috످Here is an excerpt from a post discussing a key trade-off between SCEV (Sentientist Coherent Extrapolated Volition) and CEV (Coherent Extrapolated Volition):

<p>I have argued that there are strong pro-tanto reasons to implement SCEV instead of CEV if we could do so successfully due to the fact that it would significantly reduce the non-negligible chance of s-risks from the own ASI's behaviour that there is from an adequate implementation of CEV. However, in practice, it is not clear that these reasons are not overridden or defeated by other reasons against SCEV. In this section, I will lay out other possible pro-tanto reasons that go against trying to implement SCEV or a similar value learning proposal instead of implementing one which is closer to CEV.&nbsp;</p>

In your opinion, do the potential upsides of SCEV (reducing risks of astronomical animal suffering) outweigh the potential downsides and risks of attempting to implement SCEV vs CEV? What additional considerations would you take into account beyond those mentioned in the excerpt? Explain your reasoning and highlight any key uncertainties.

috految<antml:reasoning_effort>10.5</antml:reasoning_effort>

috److I think SCEV is probably better in principle, but it's safer to attempt a version of CEV that explicitly protects sentient beings. As the excerpt notes, the case for SCEV assumes we can implement it successfully. A flawed SCEV could be much worse than a flawed CEV.

CEV asks what humans would want if we were wiser and better informed, while SCEV asks the same of all sentient beings. The strongest argument for SCEV is that CEV protects nonhumans only if our wiser selves care enough about them. Many people already care about animals, yet we slaughter over 80 billion land animals a year, most of them factory farmed. A superintelligence could lock in this mistreatment and extend it to trillions of digital minds.

CEV's defenders might reply that if animals matter, our wiser selves would see that. But suppose we ran CEV only on slaveholders. Even if you expected them to reject slavery on reflection, you'd still want the enslaved to have a say.

SCEV has its own problems, though:

1. **Animals may not have values we can extrapolate.** If you make a chicken smart enough to reflect on its values, are they still the chicken's values?
2. **Weighting preferences could produce extreme results.** Insects outnumber us roughly a billion to one, so counting everyone equally would make human preferences irrelevant. But weighting by intelligence could let digital minds dominate.
3. **SCEV could create new s-risks.** Animals' extrapolated values might favor unlimited reproduction, spreading wild animal suffering across the galaxy.
4. **SCEV could be gamed.** Anyone who can create sentient minds could manufacture votes.

I'd also consider whether we could undo our mistakes. We probably couldn't take back control from a flawed SCEV. With CEV, we could expand our moral circle later, as long as it doesn't lock in its own errors.

Getting people to accept SCEV could be hard, too. Developers who fear it would sacrifice human interests might race to deploy their own systems first. And SCEV may lack legitimacy because it imposes a contested moral view, though excluding animals also imposes one. Humans have a conflict of interest here, and I might too, since SCEV could include AIs like me.

To weigh the risks, suppose SCEV cuts the chance of astronomical suffering from 10% to 2% but raises the chance of extinction by five percentage points. That's a good trade if astronomical suffering is at least 5/8 as bad as extinction, which seems very likely. But if implementation errors push the chance of suffering above 10%, SCEV is worse on both counts.

Because we can't reliably estimate these numbers, I favor a hybrid that protects nonhumans without giving them control, much as we protect infants without giving them a vote. It would use CEV to make decisions but forbid causing severe suffering to any plausibly sentient being. Humans would keep oversight and could give other beings a say later.

The strongest objection is that this hybrid shares some of SCEV's problems. We'd still have to define sentience, and a badly written rule against suffering could lead an AI to eliminate sentient life. Nonhumans would also depend on humans, who have been poor guardians. Still, I think it's easier to specify what to protect animals from than to extrapolate everything they would want.

My view depends on four uncertainties:

| Question | My rough probability | If yes, favors |
|---|---|---|
| Would wiser humans adequately protect nonhumans? | 70% | CEV |
| Can animal values be coherently extrapolated? | 35% | SCEV |
| Is SCEV much harder to implement safely? | 75% | CEV or hybrid |
| Could we fix mistakes after deployment? | 40% | Hybrid |

The first matters most to me. If we mistreat animals out of ignorance, CEV should fix that, and SCEV adds risk for little benefit. But if we'd be indifferent to them even after reflection, CEV could work as designed and still cause a moral catastrophe. In that case, I'd favor SCEV despite its risks.

috످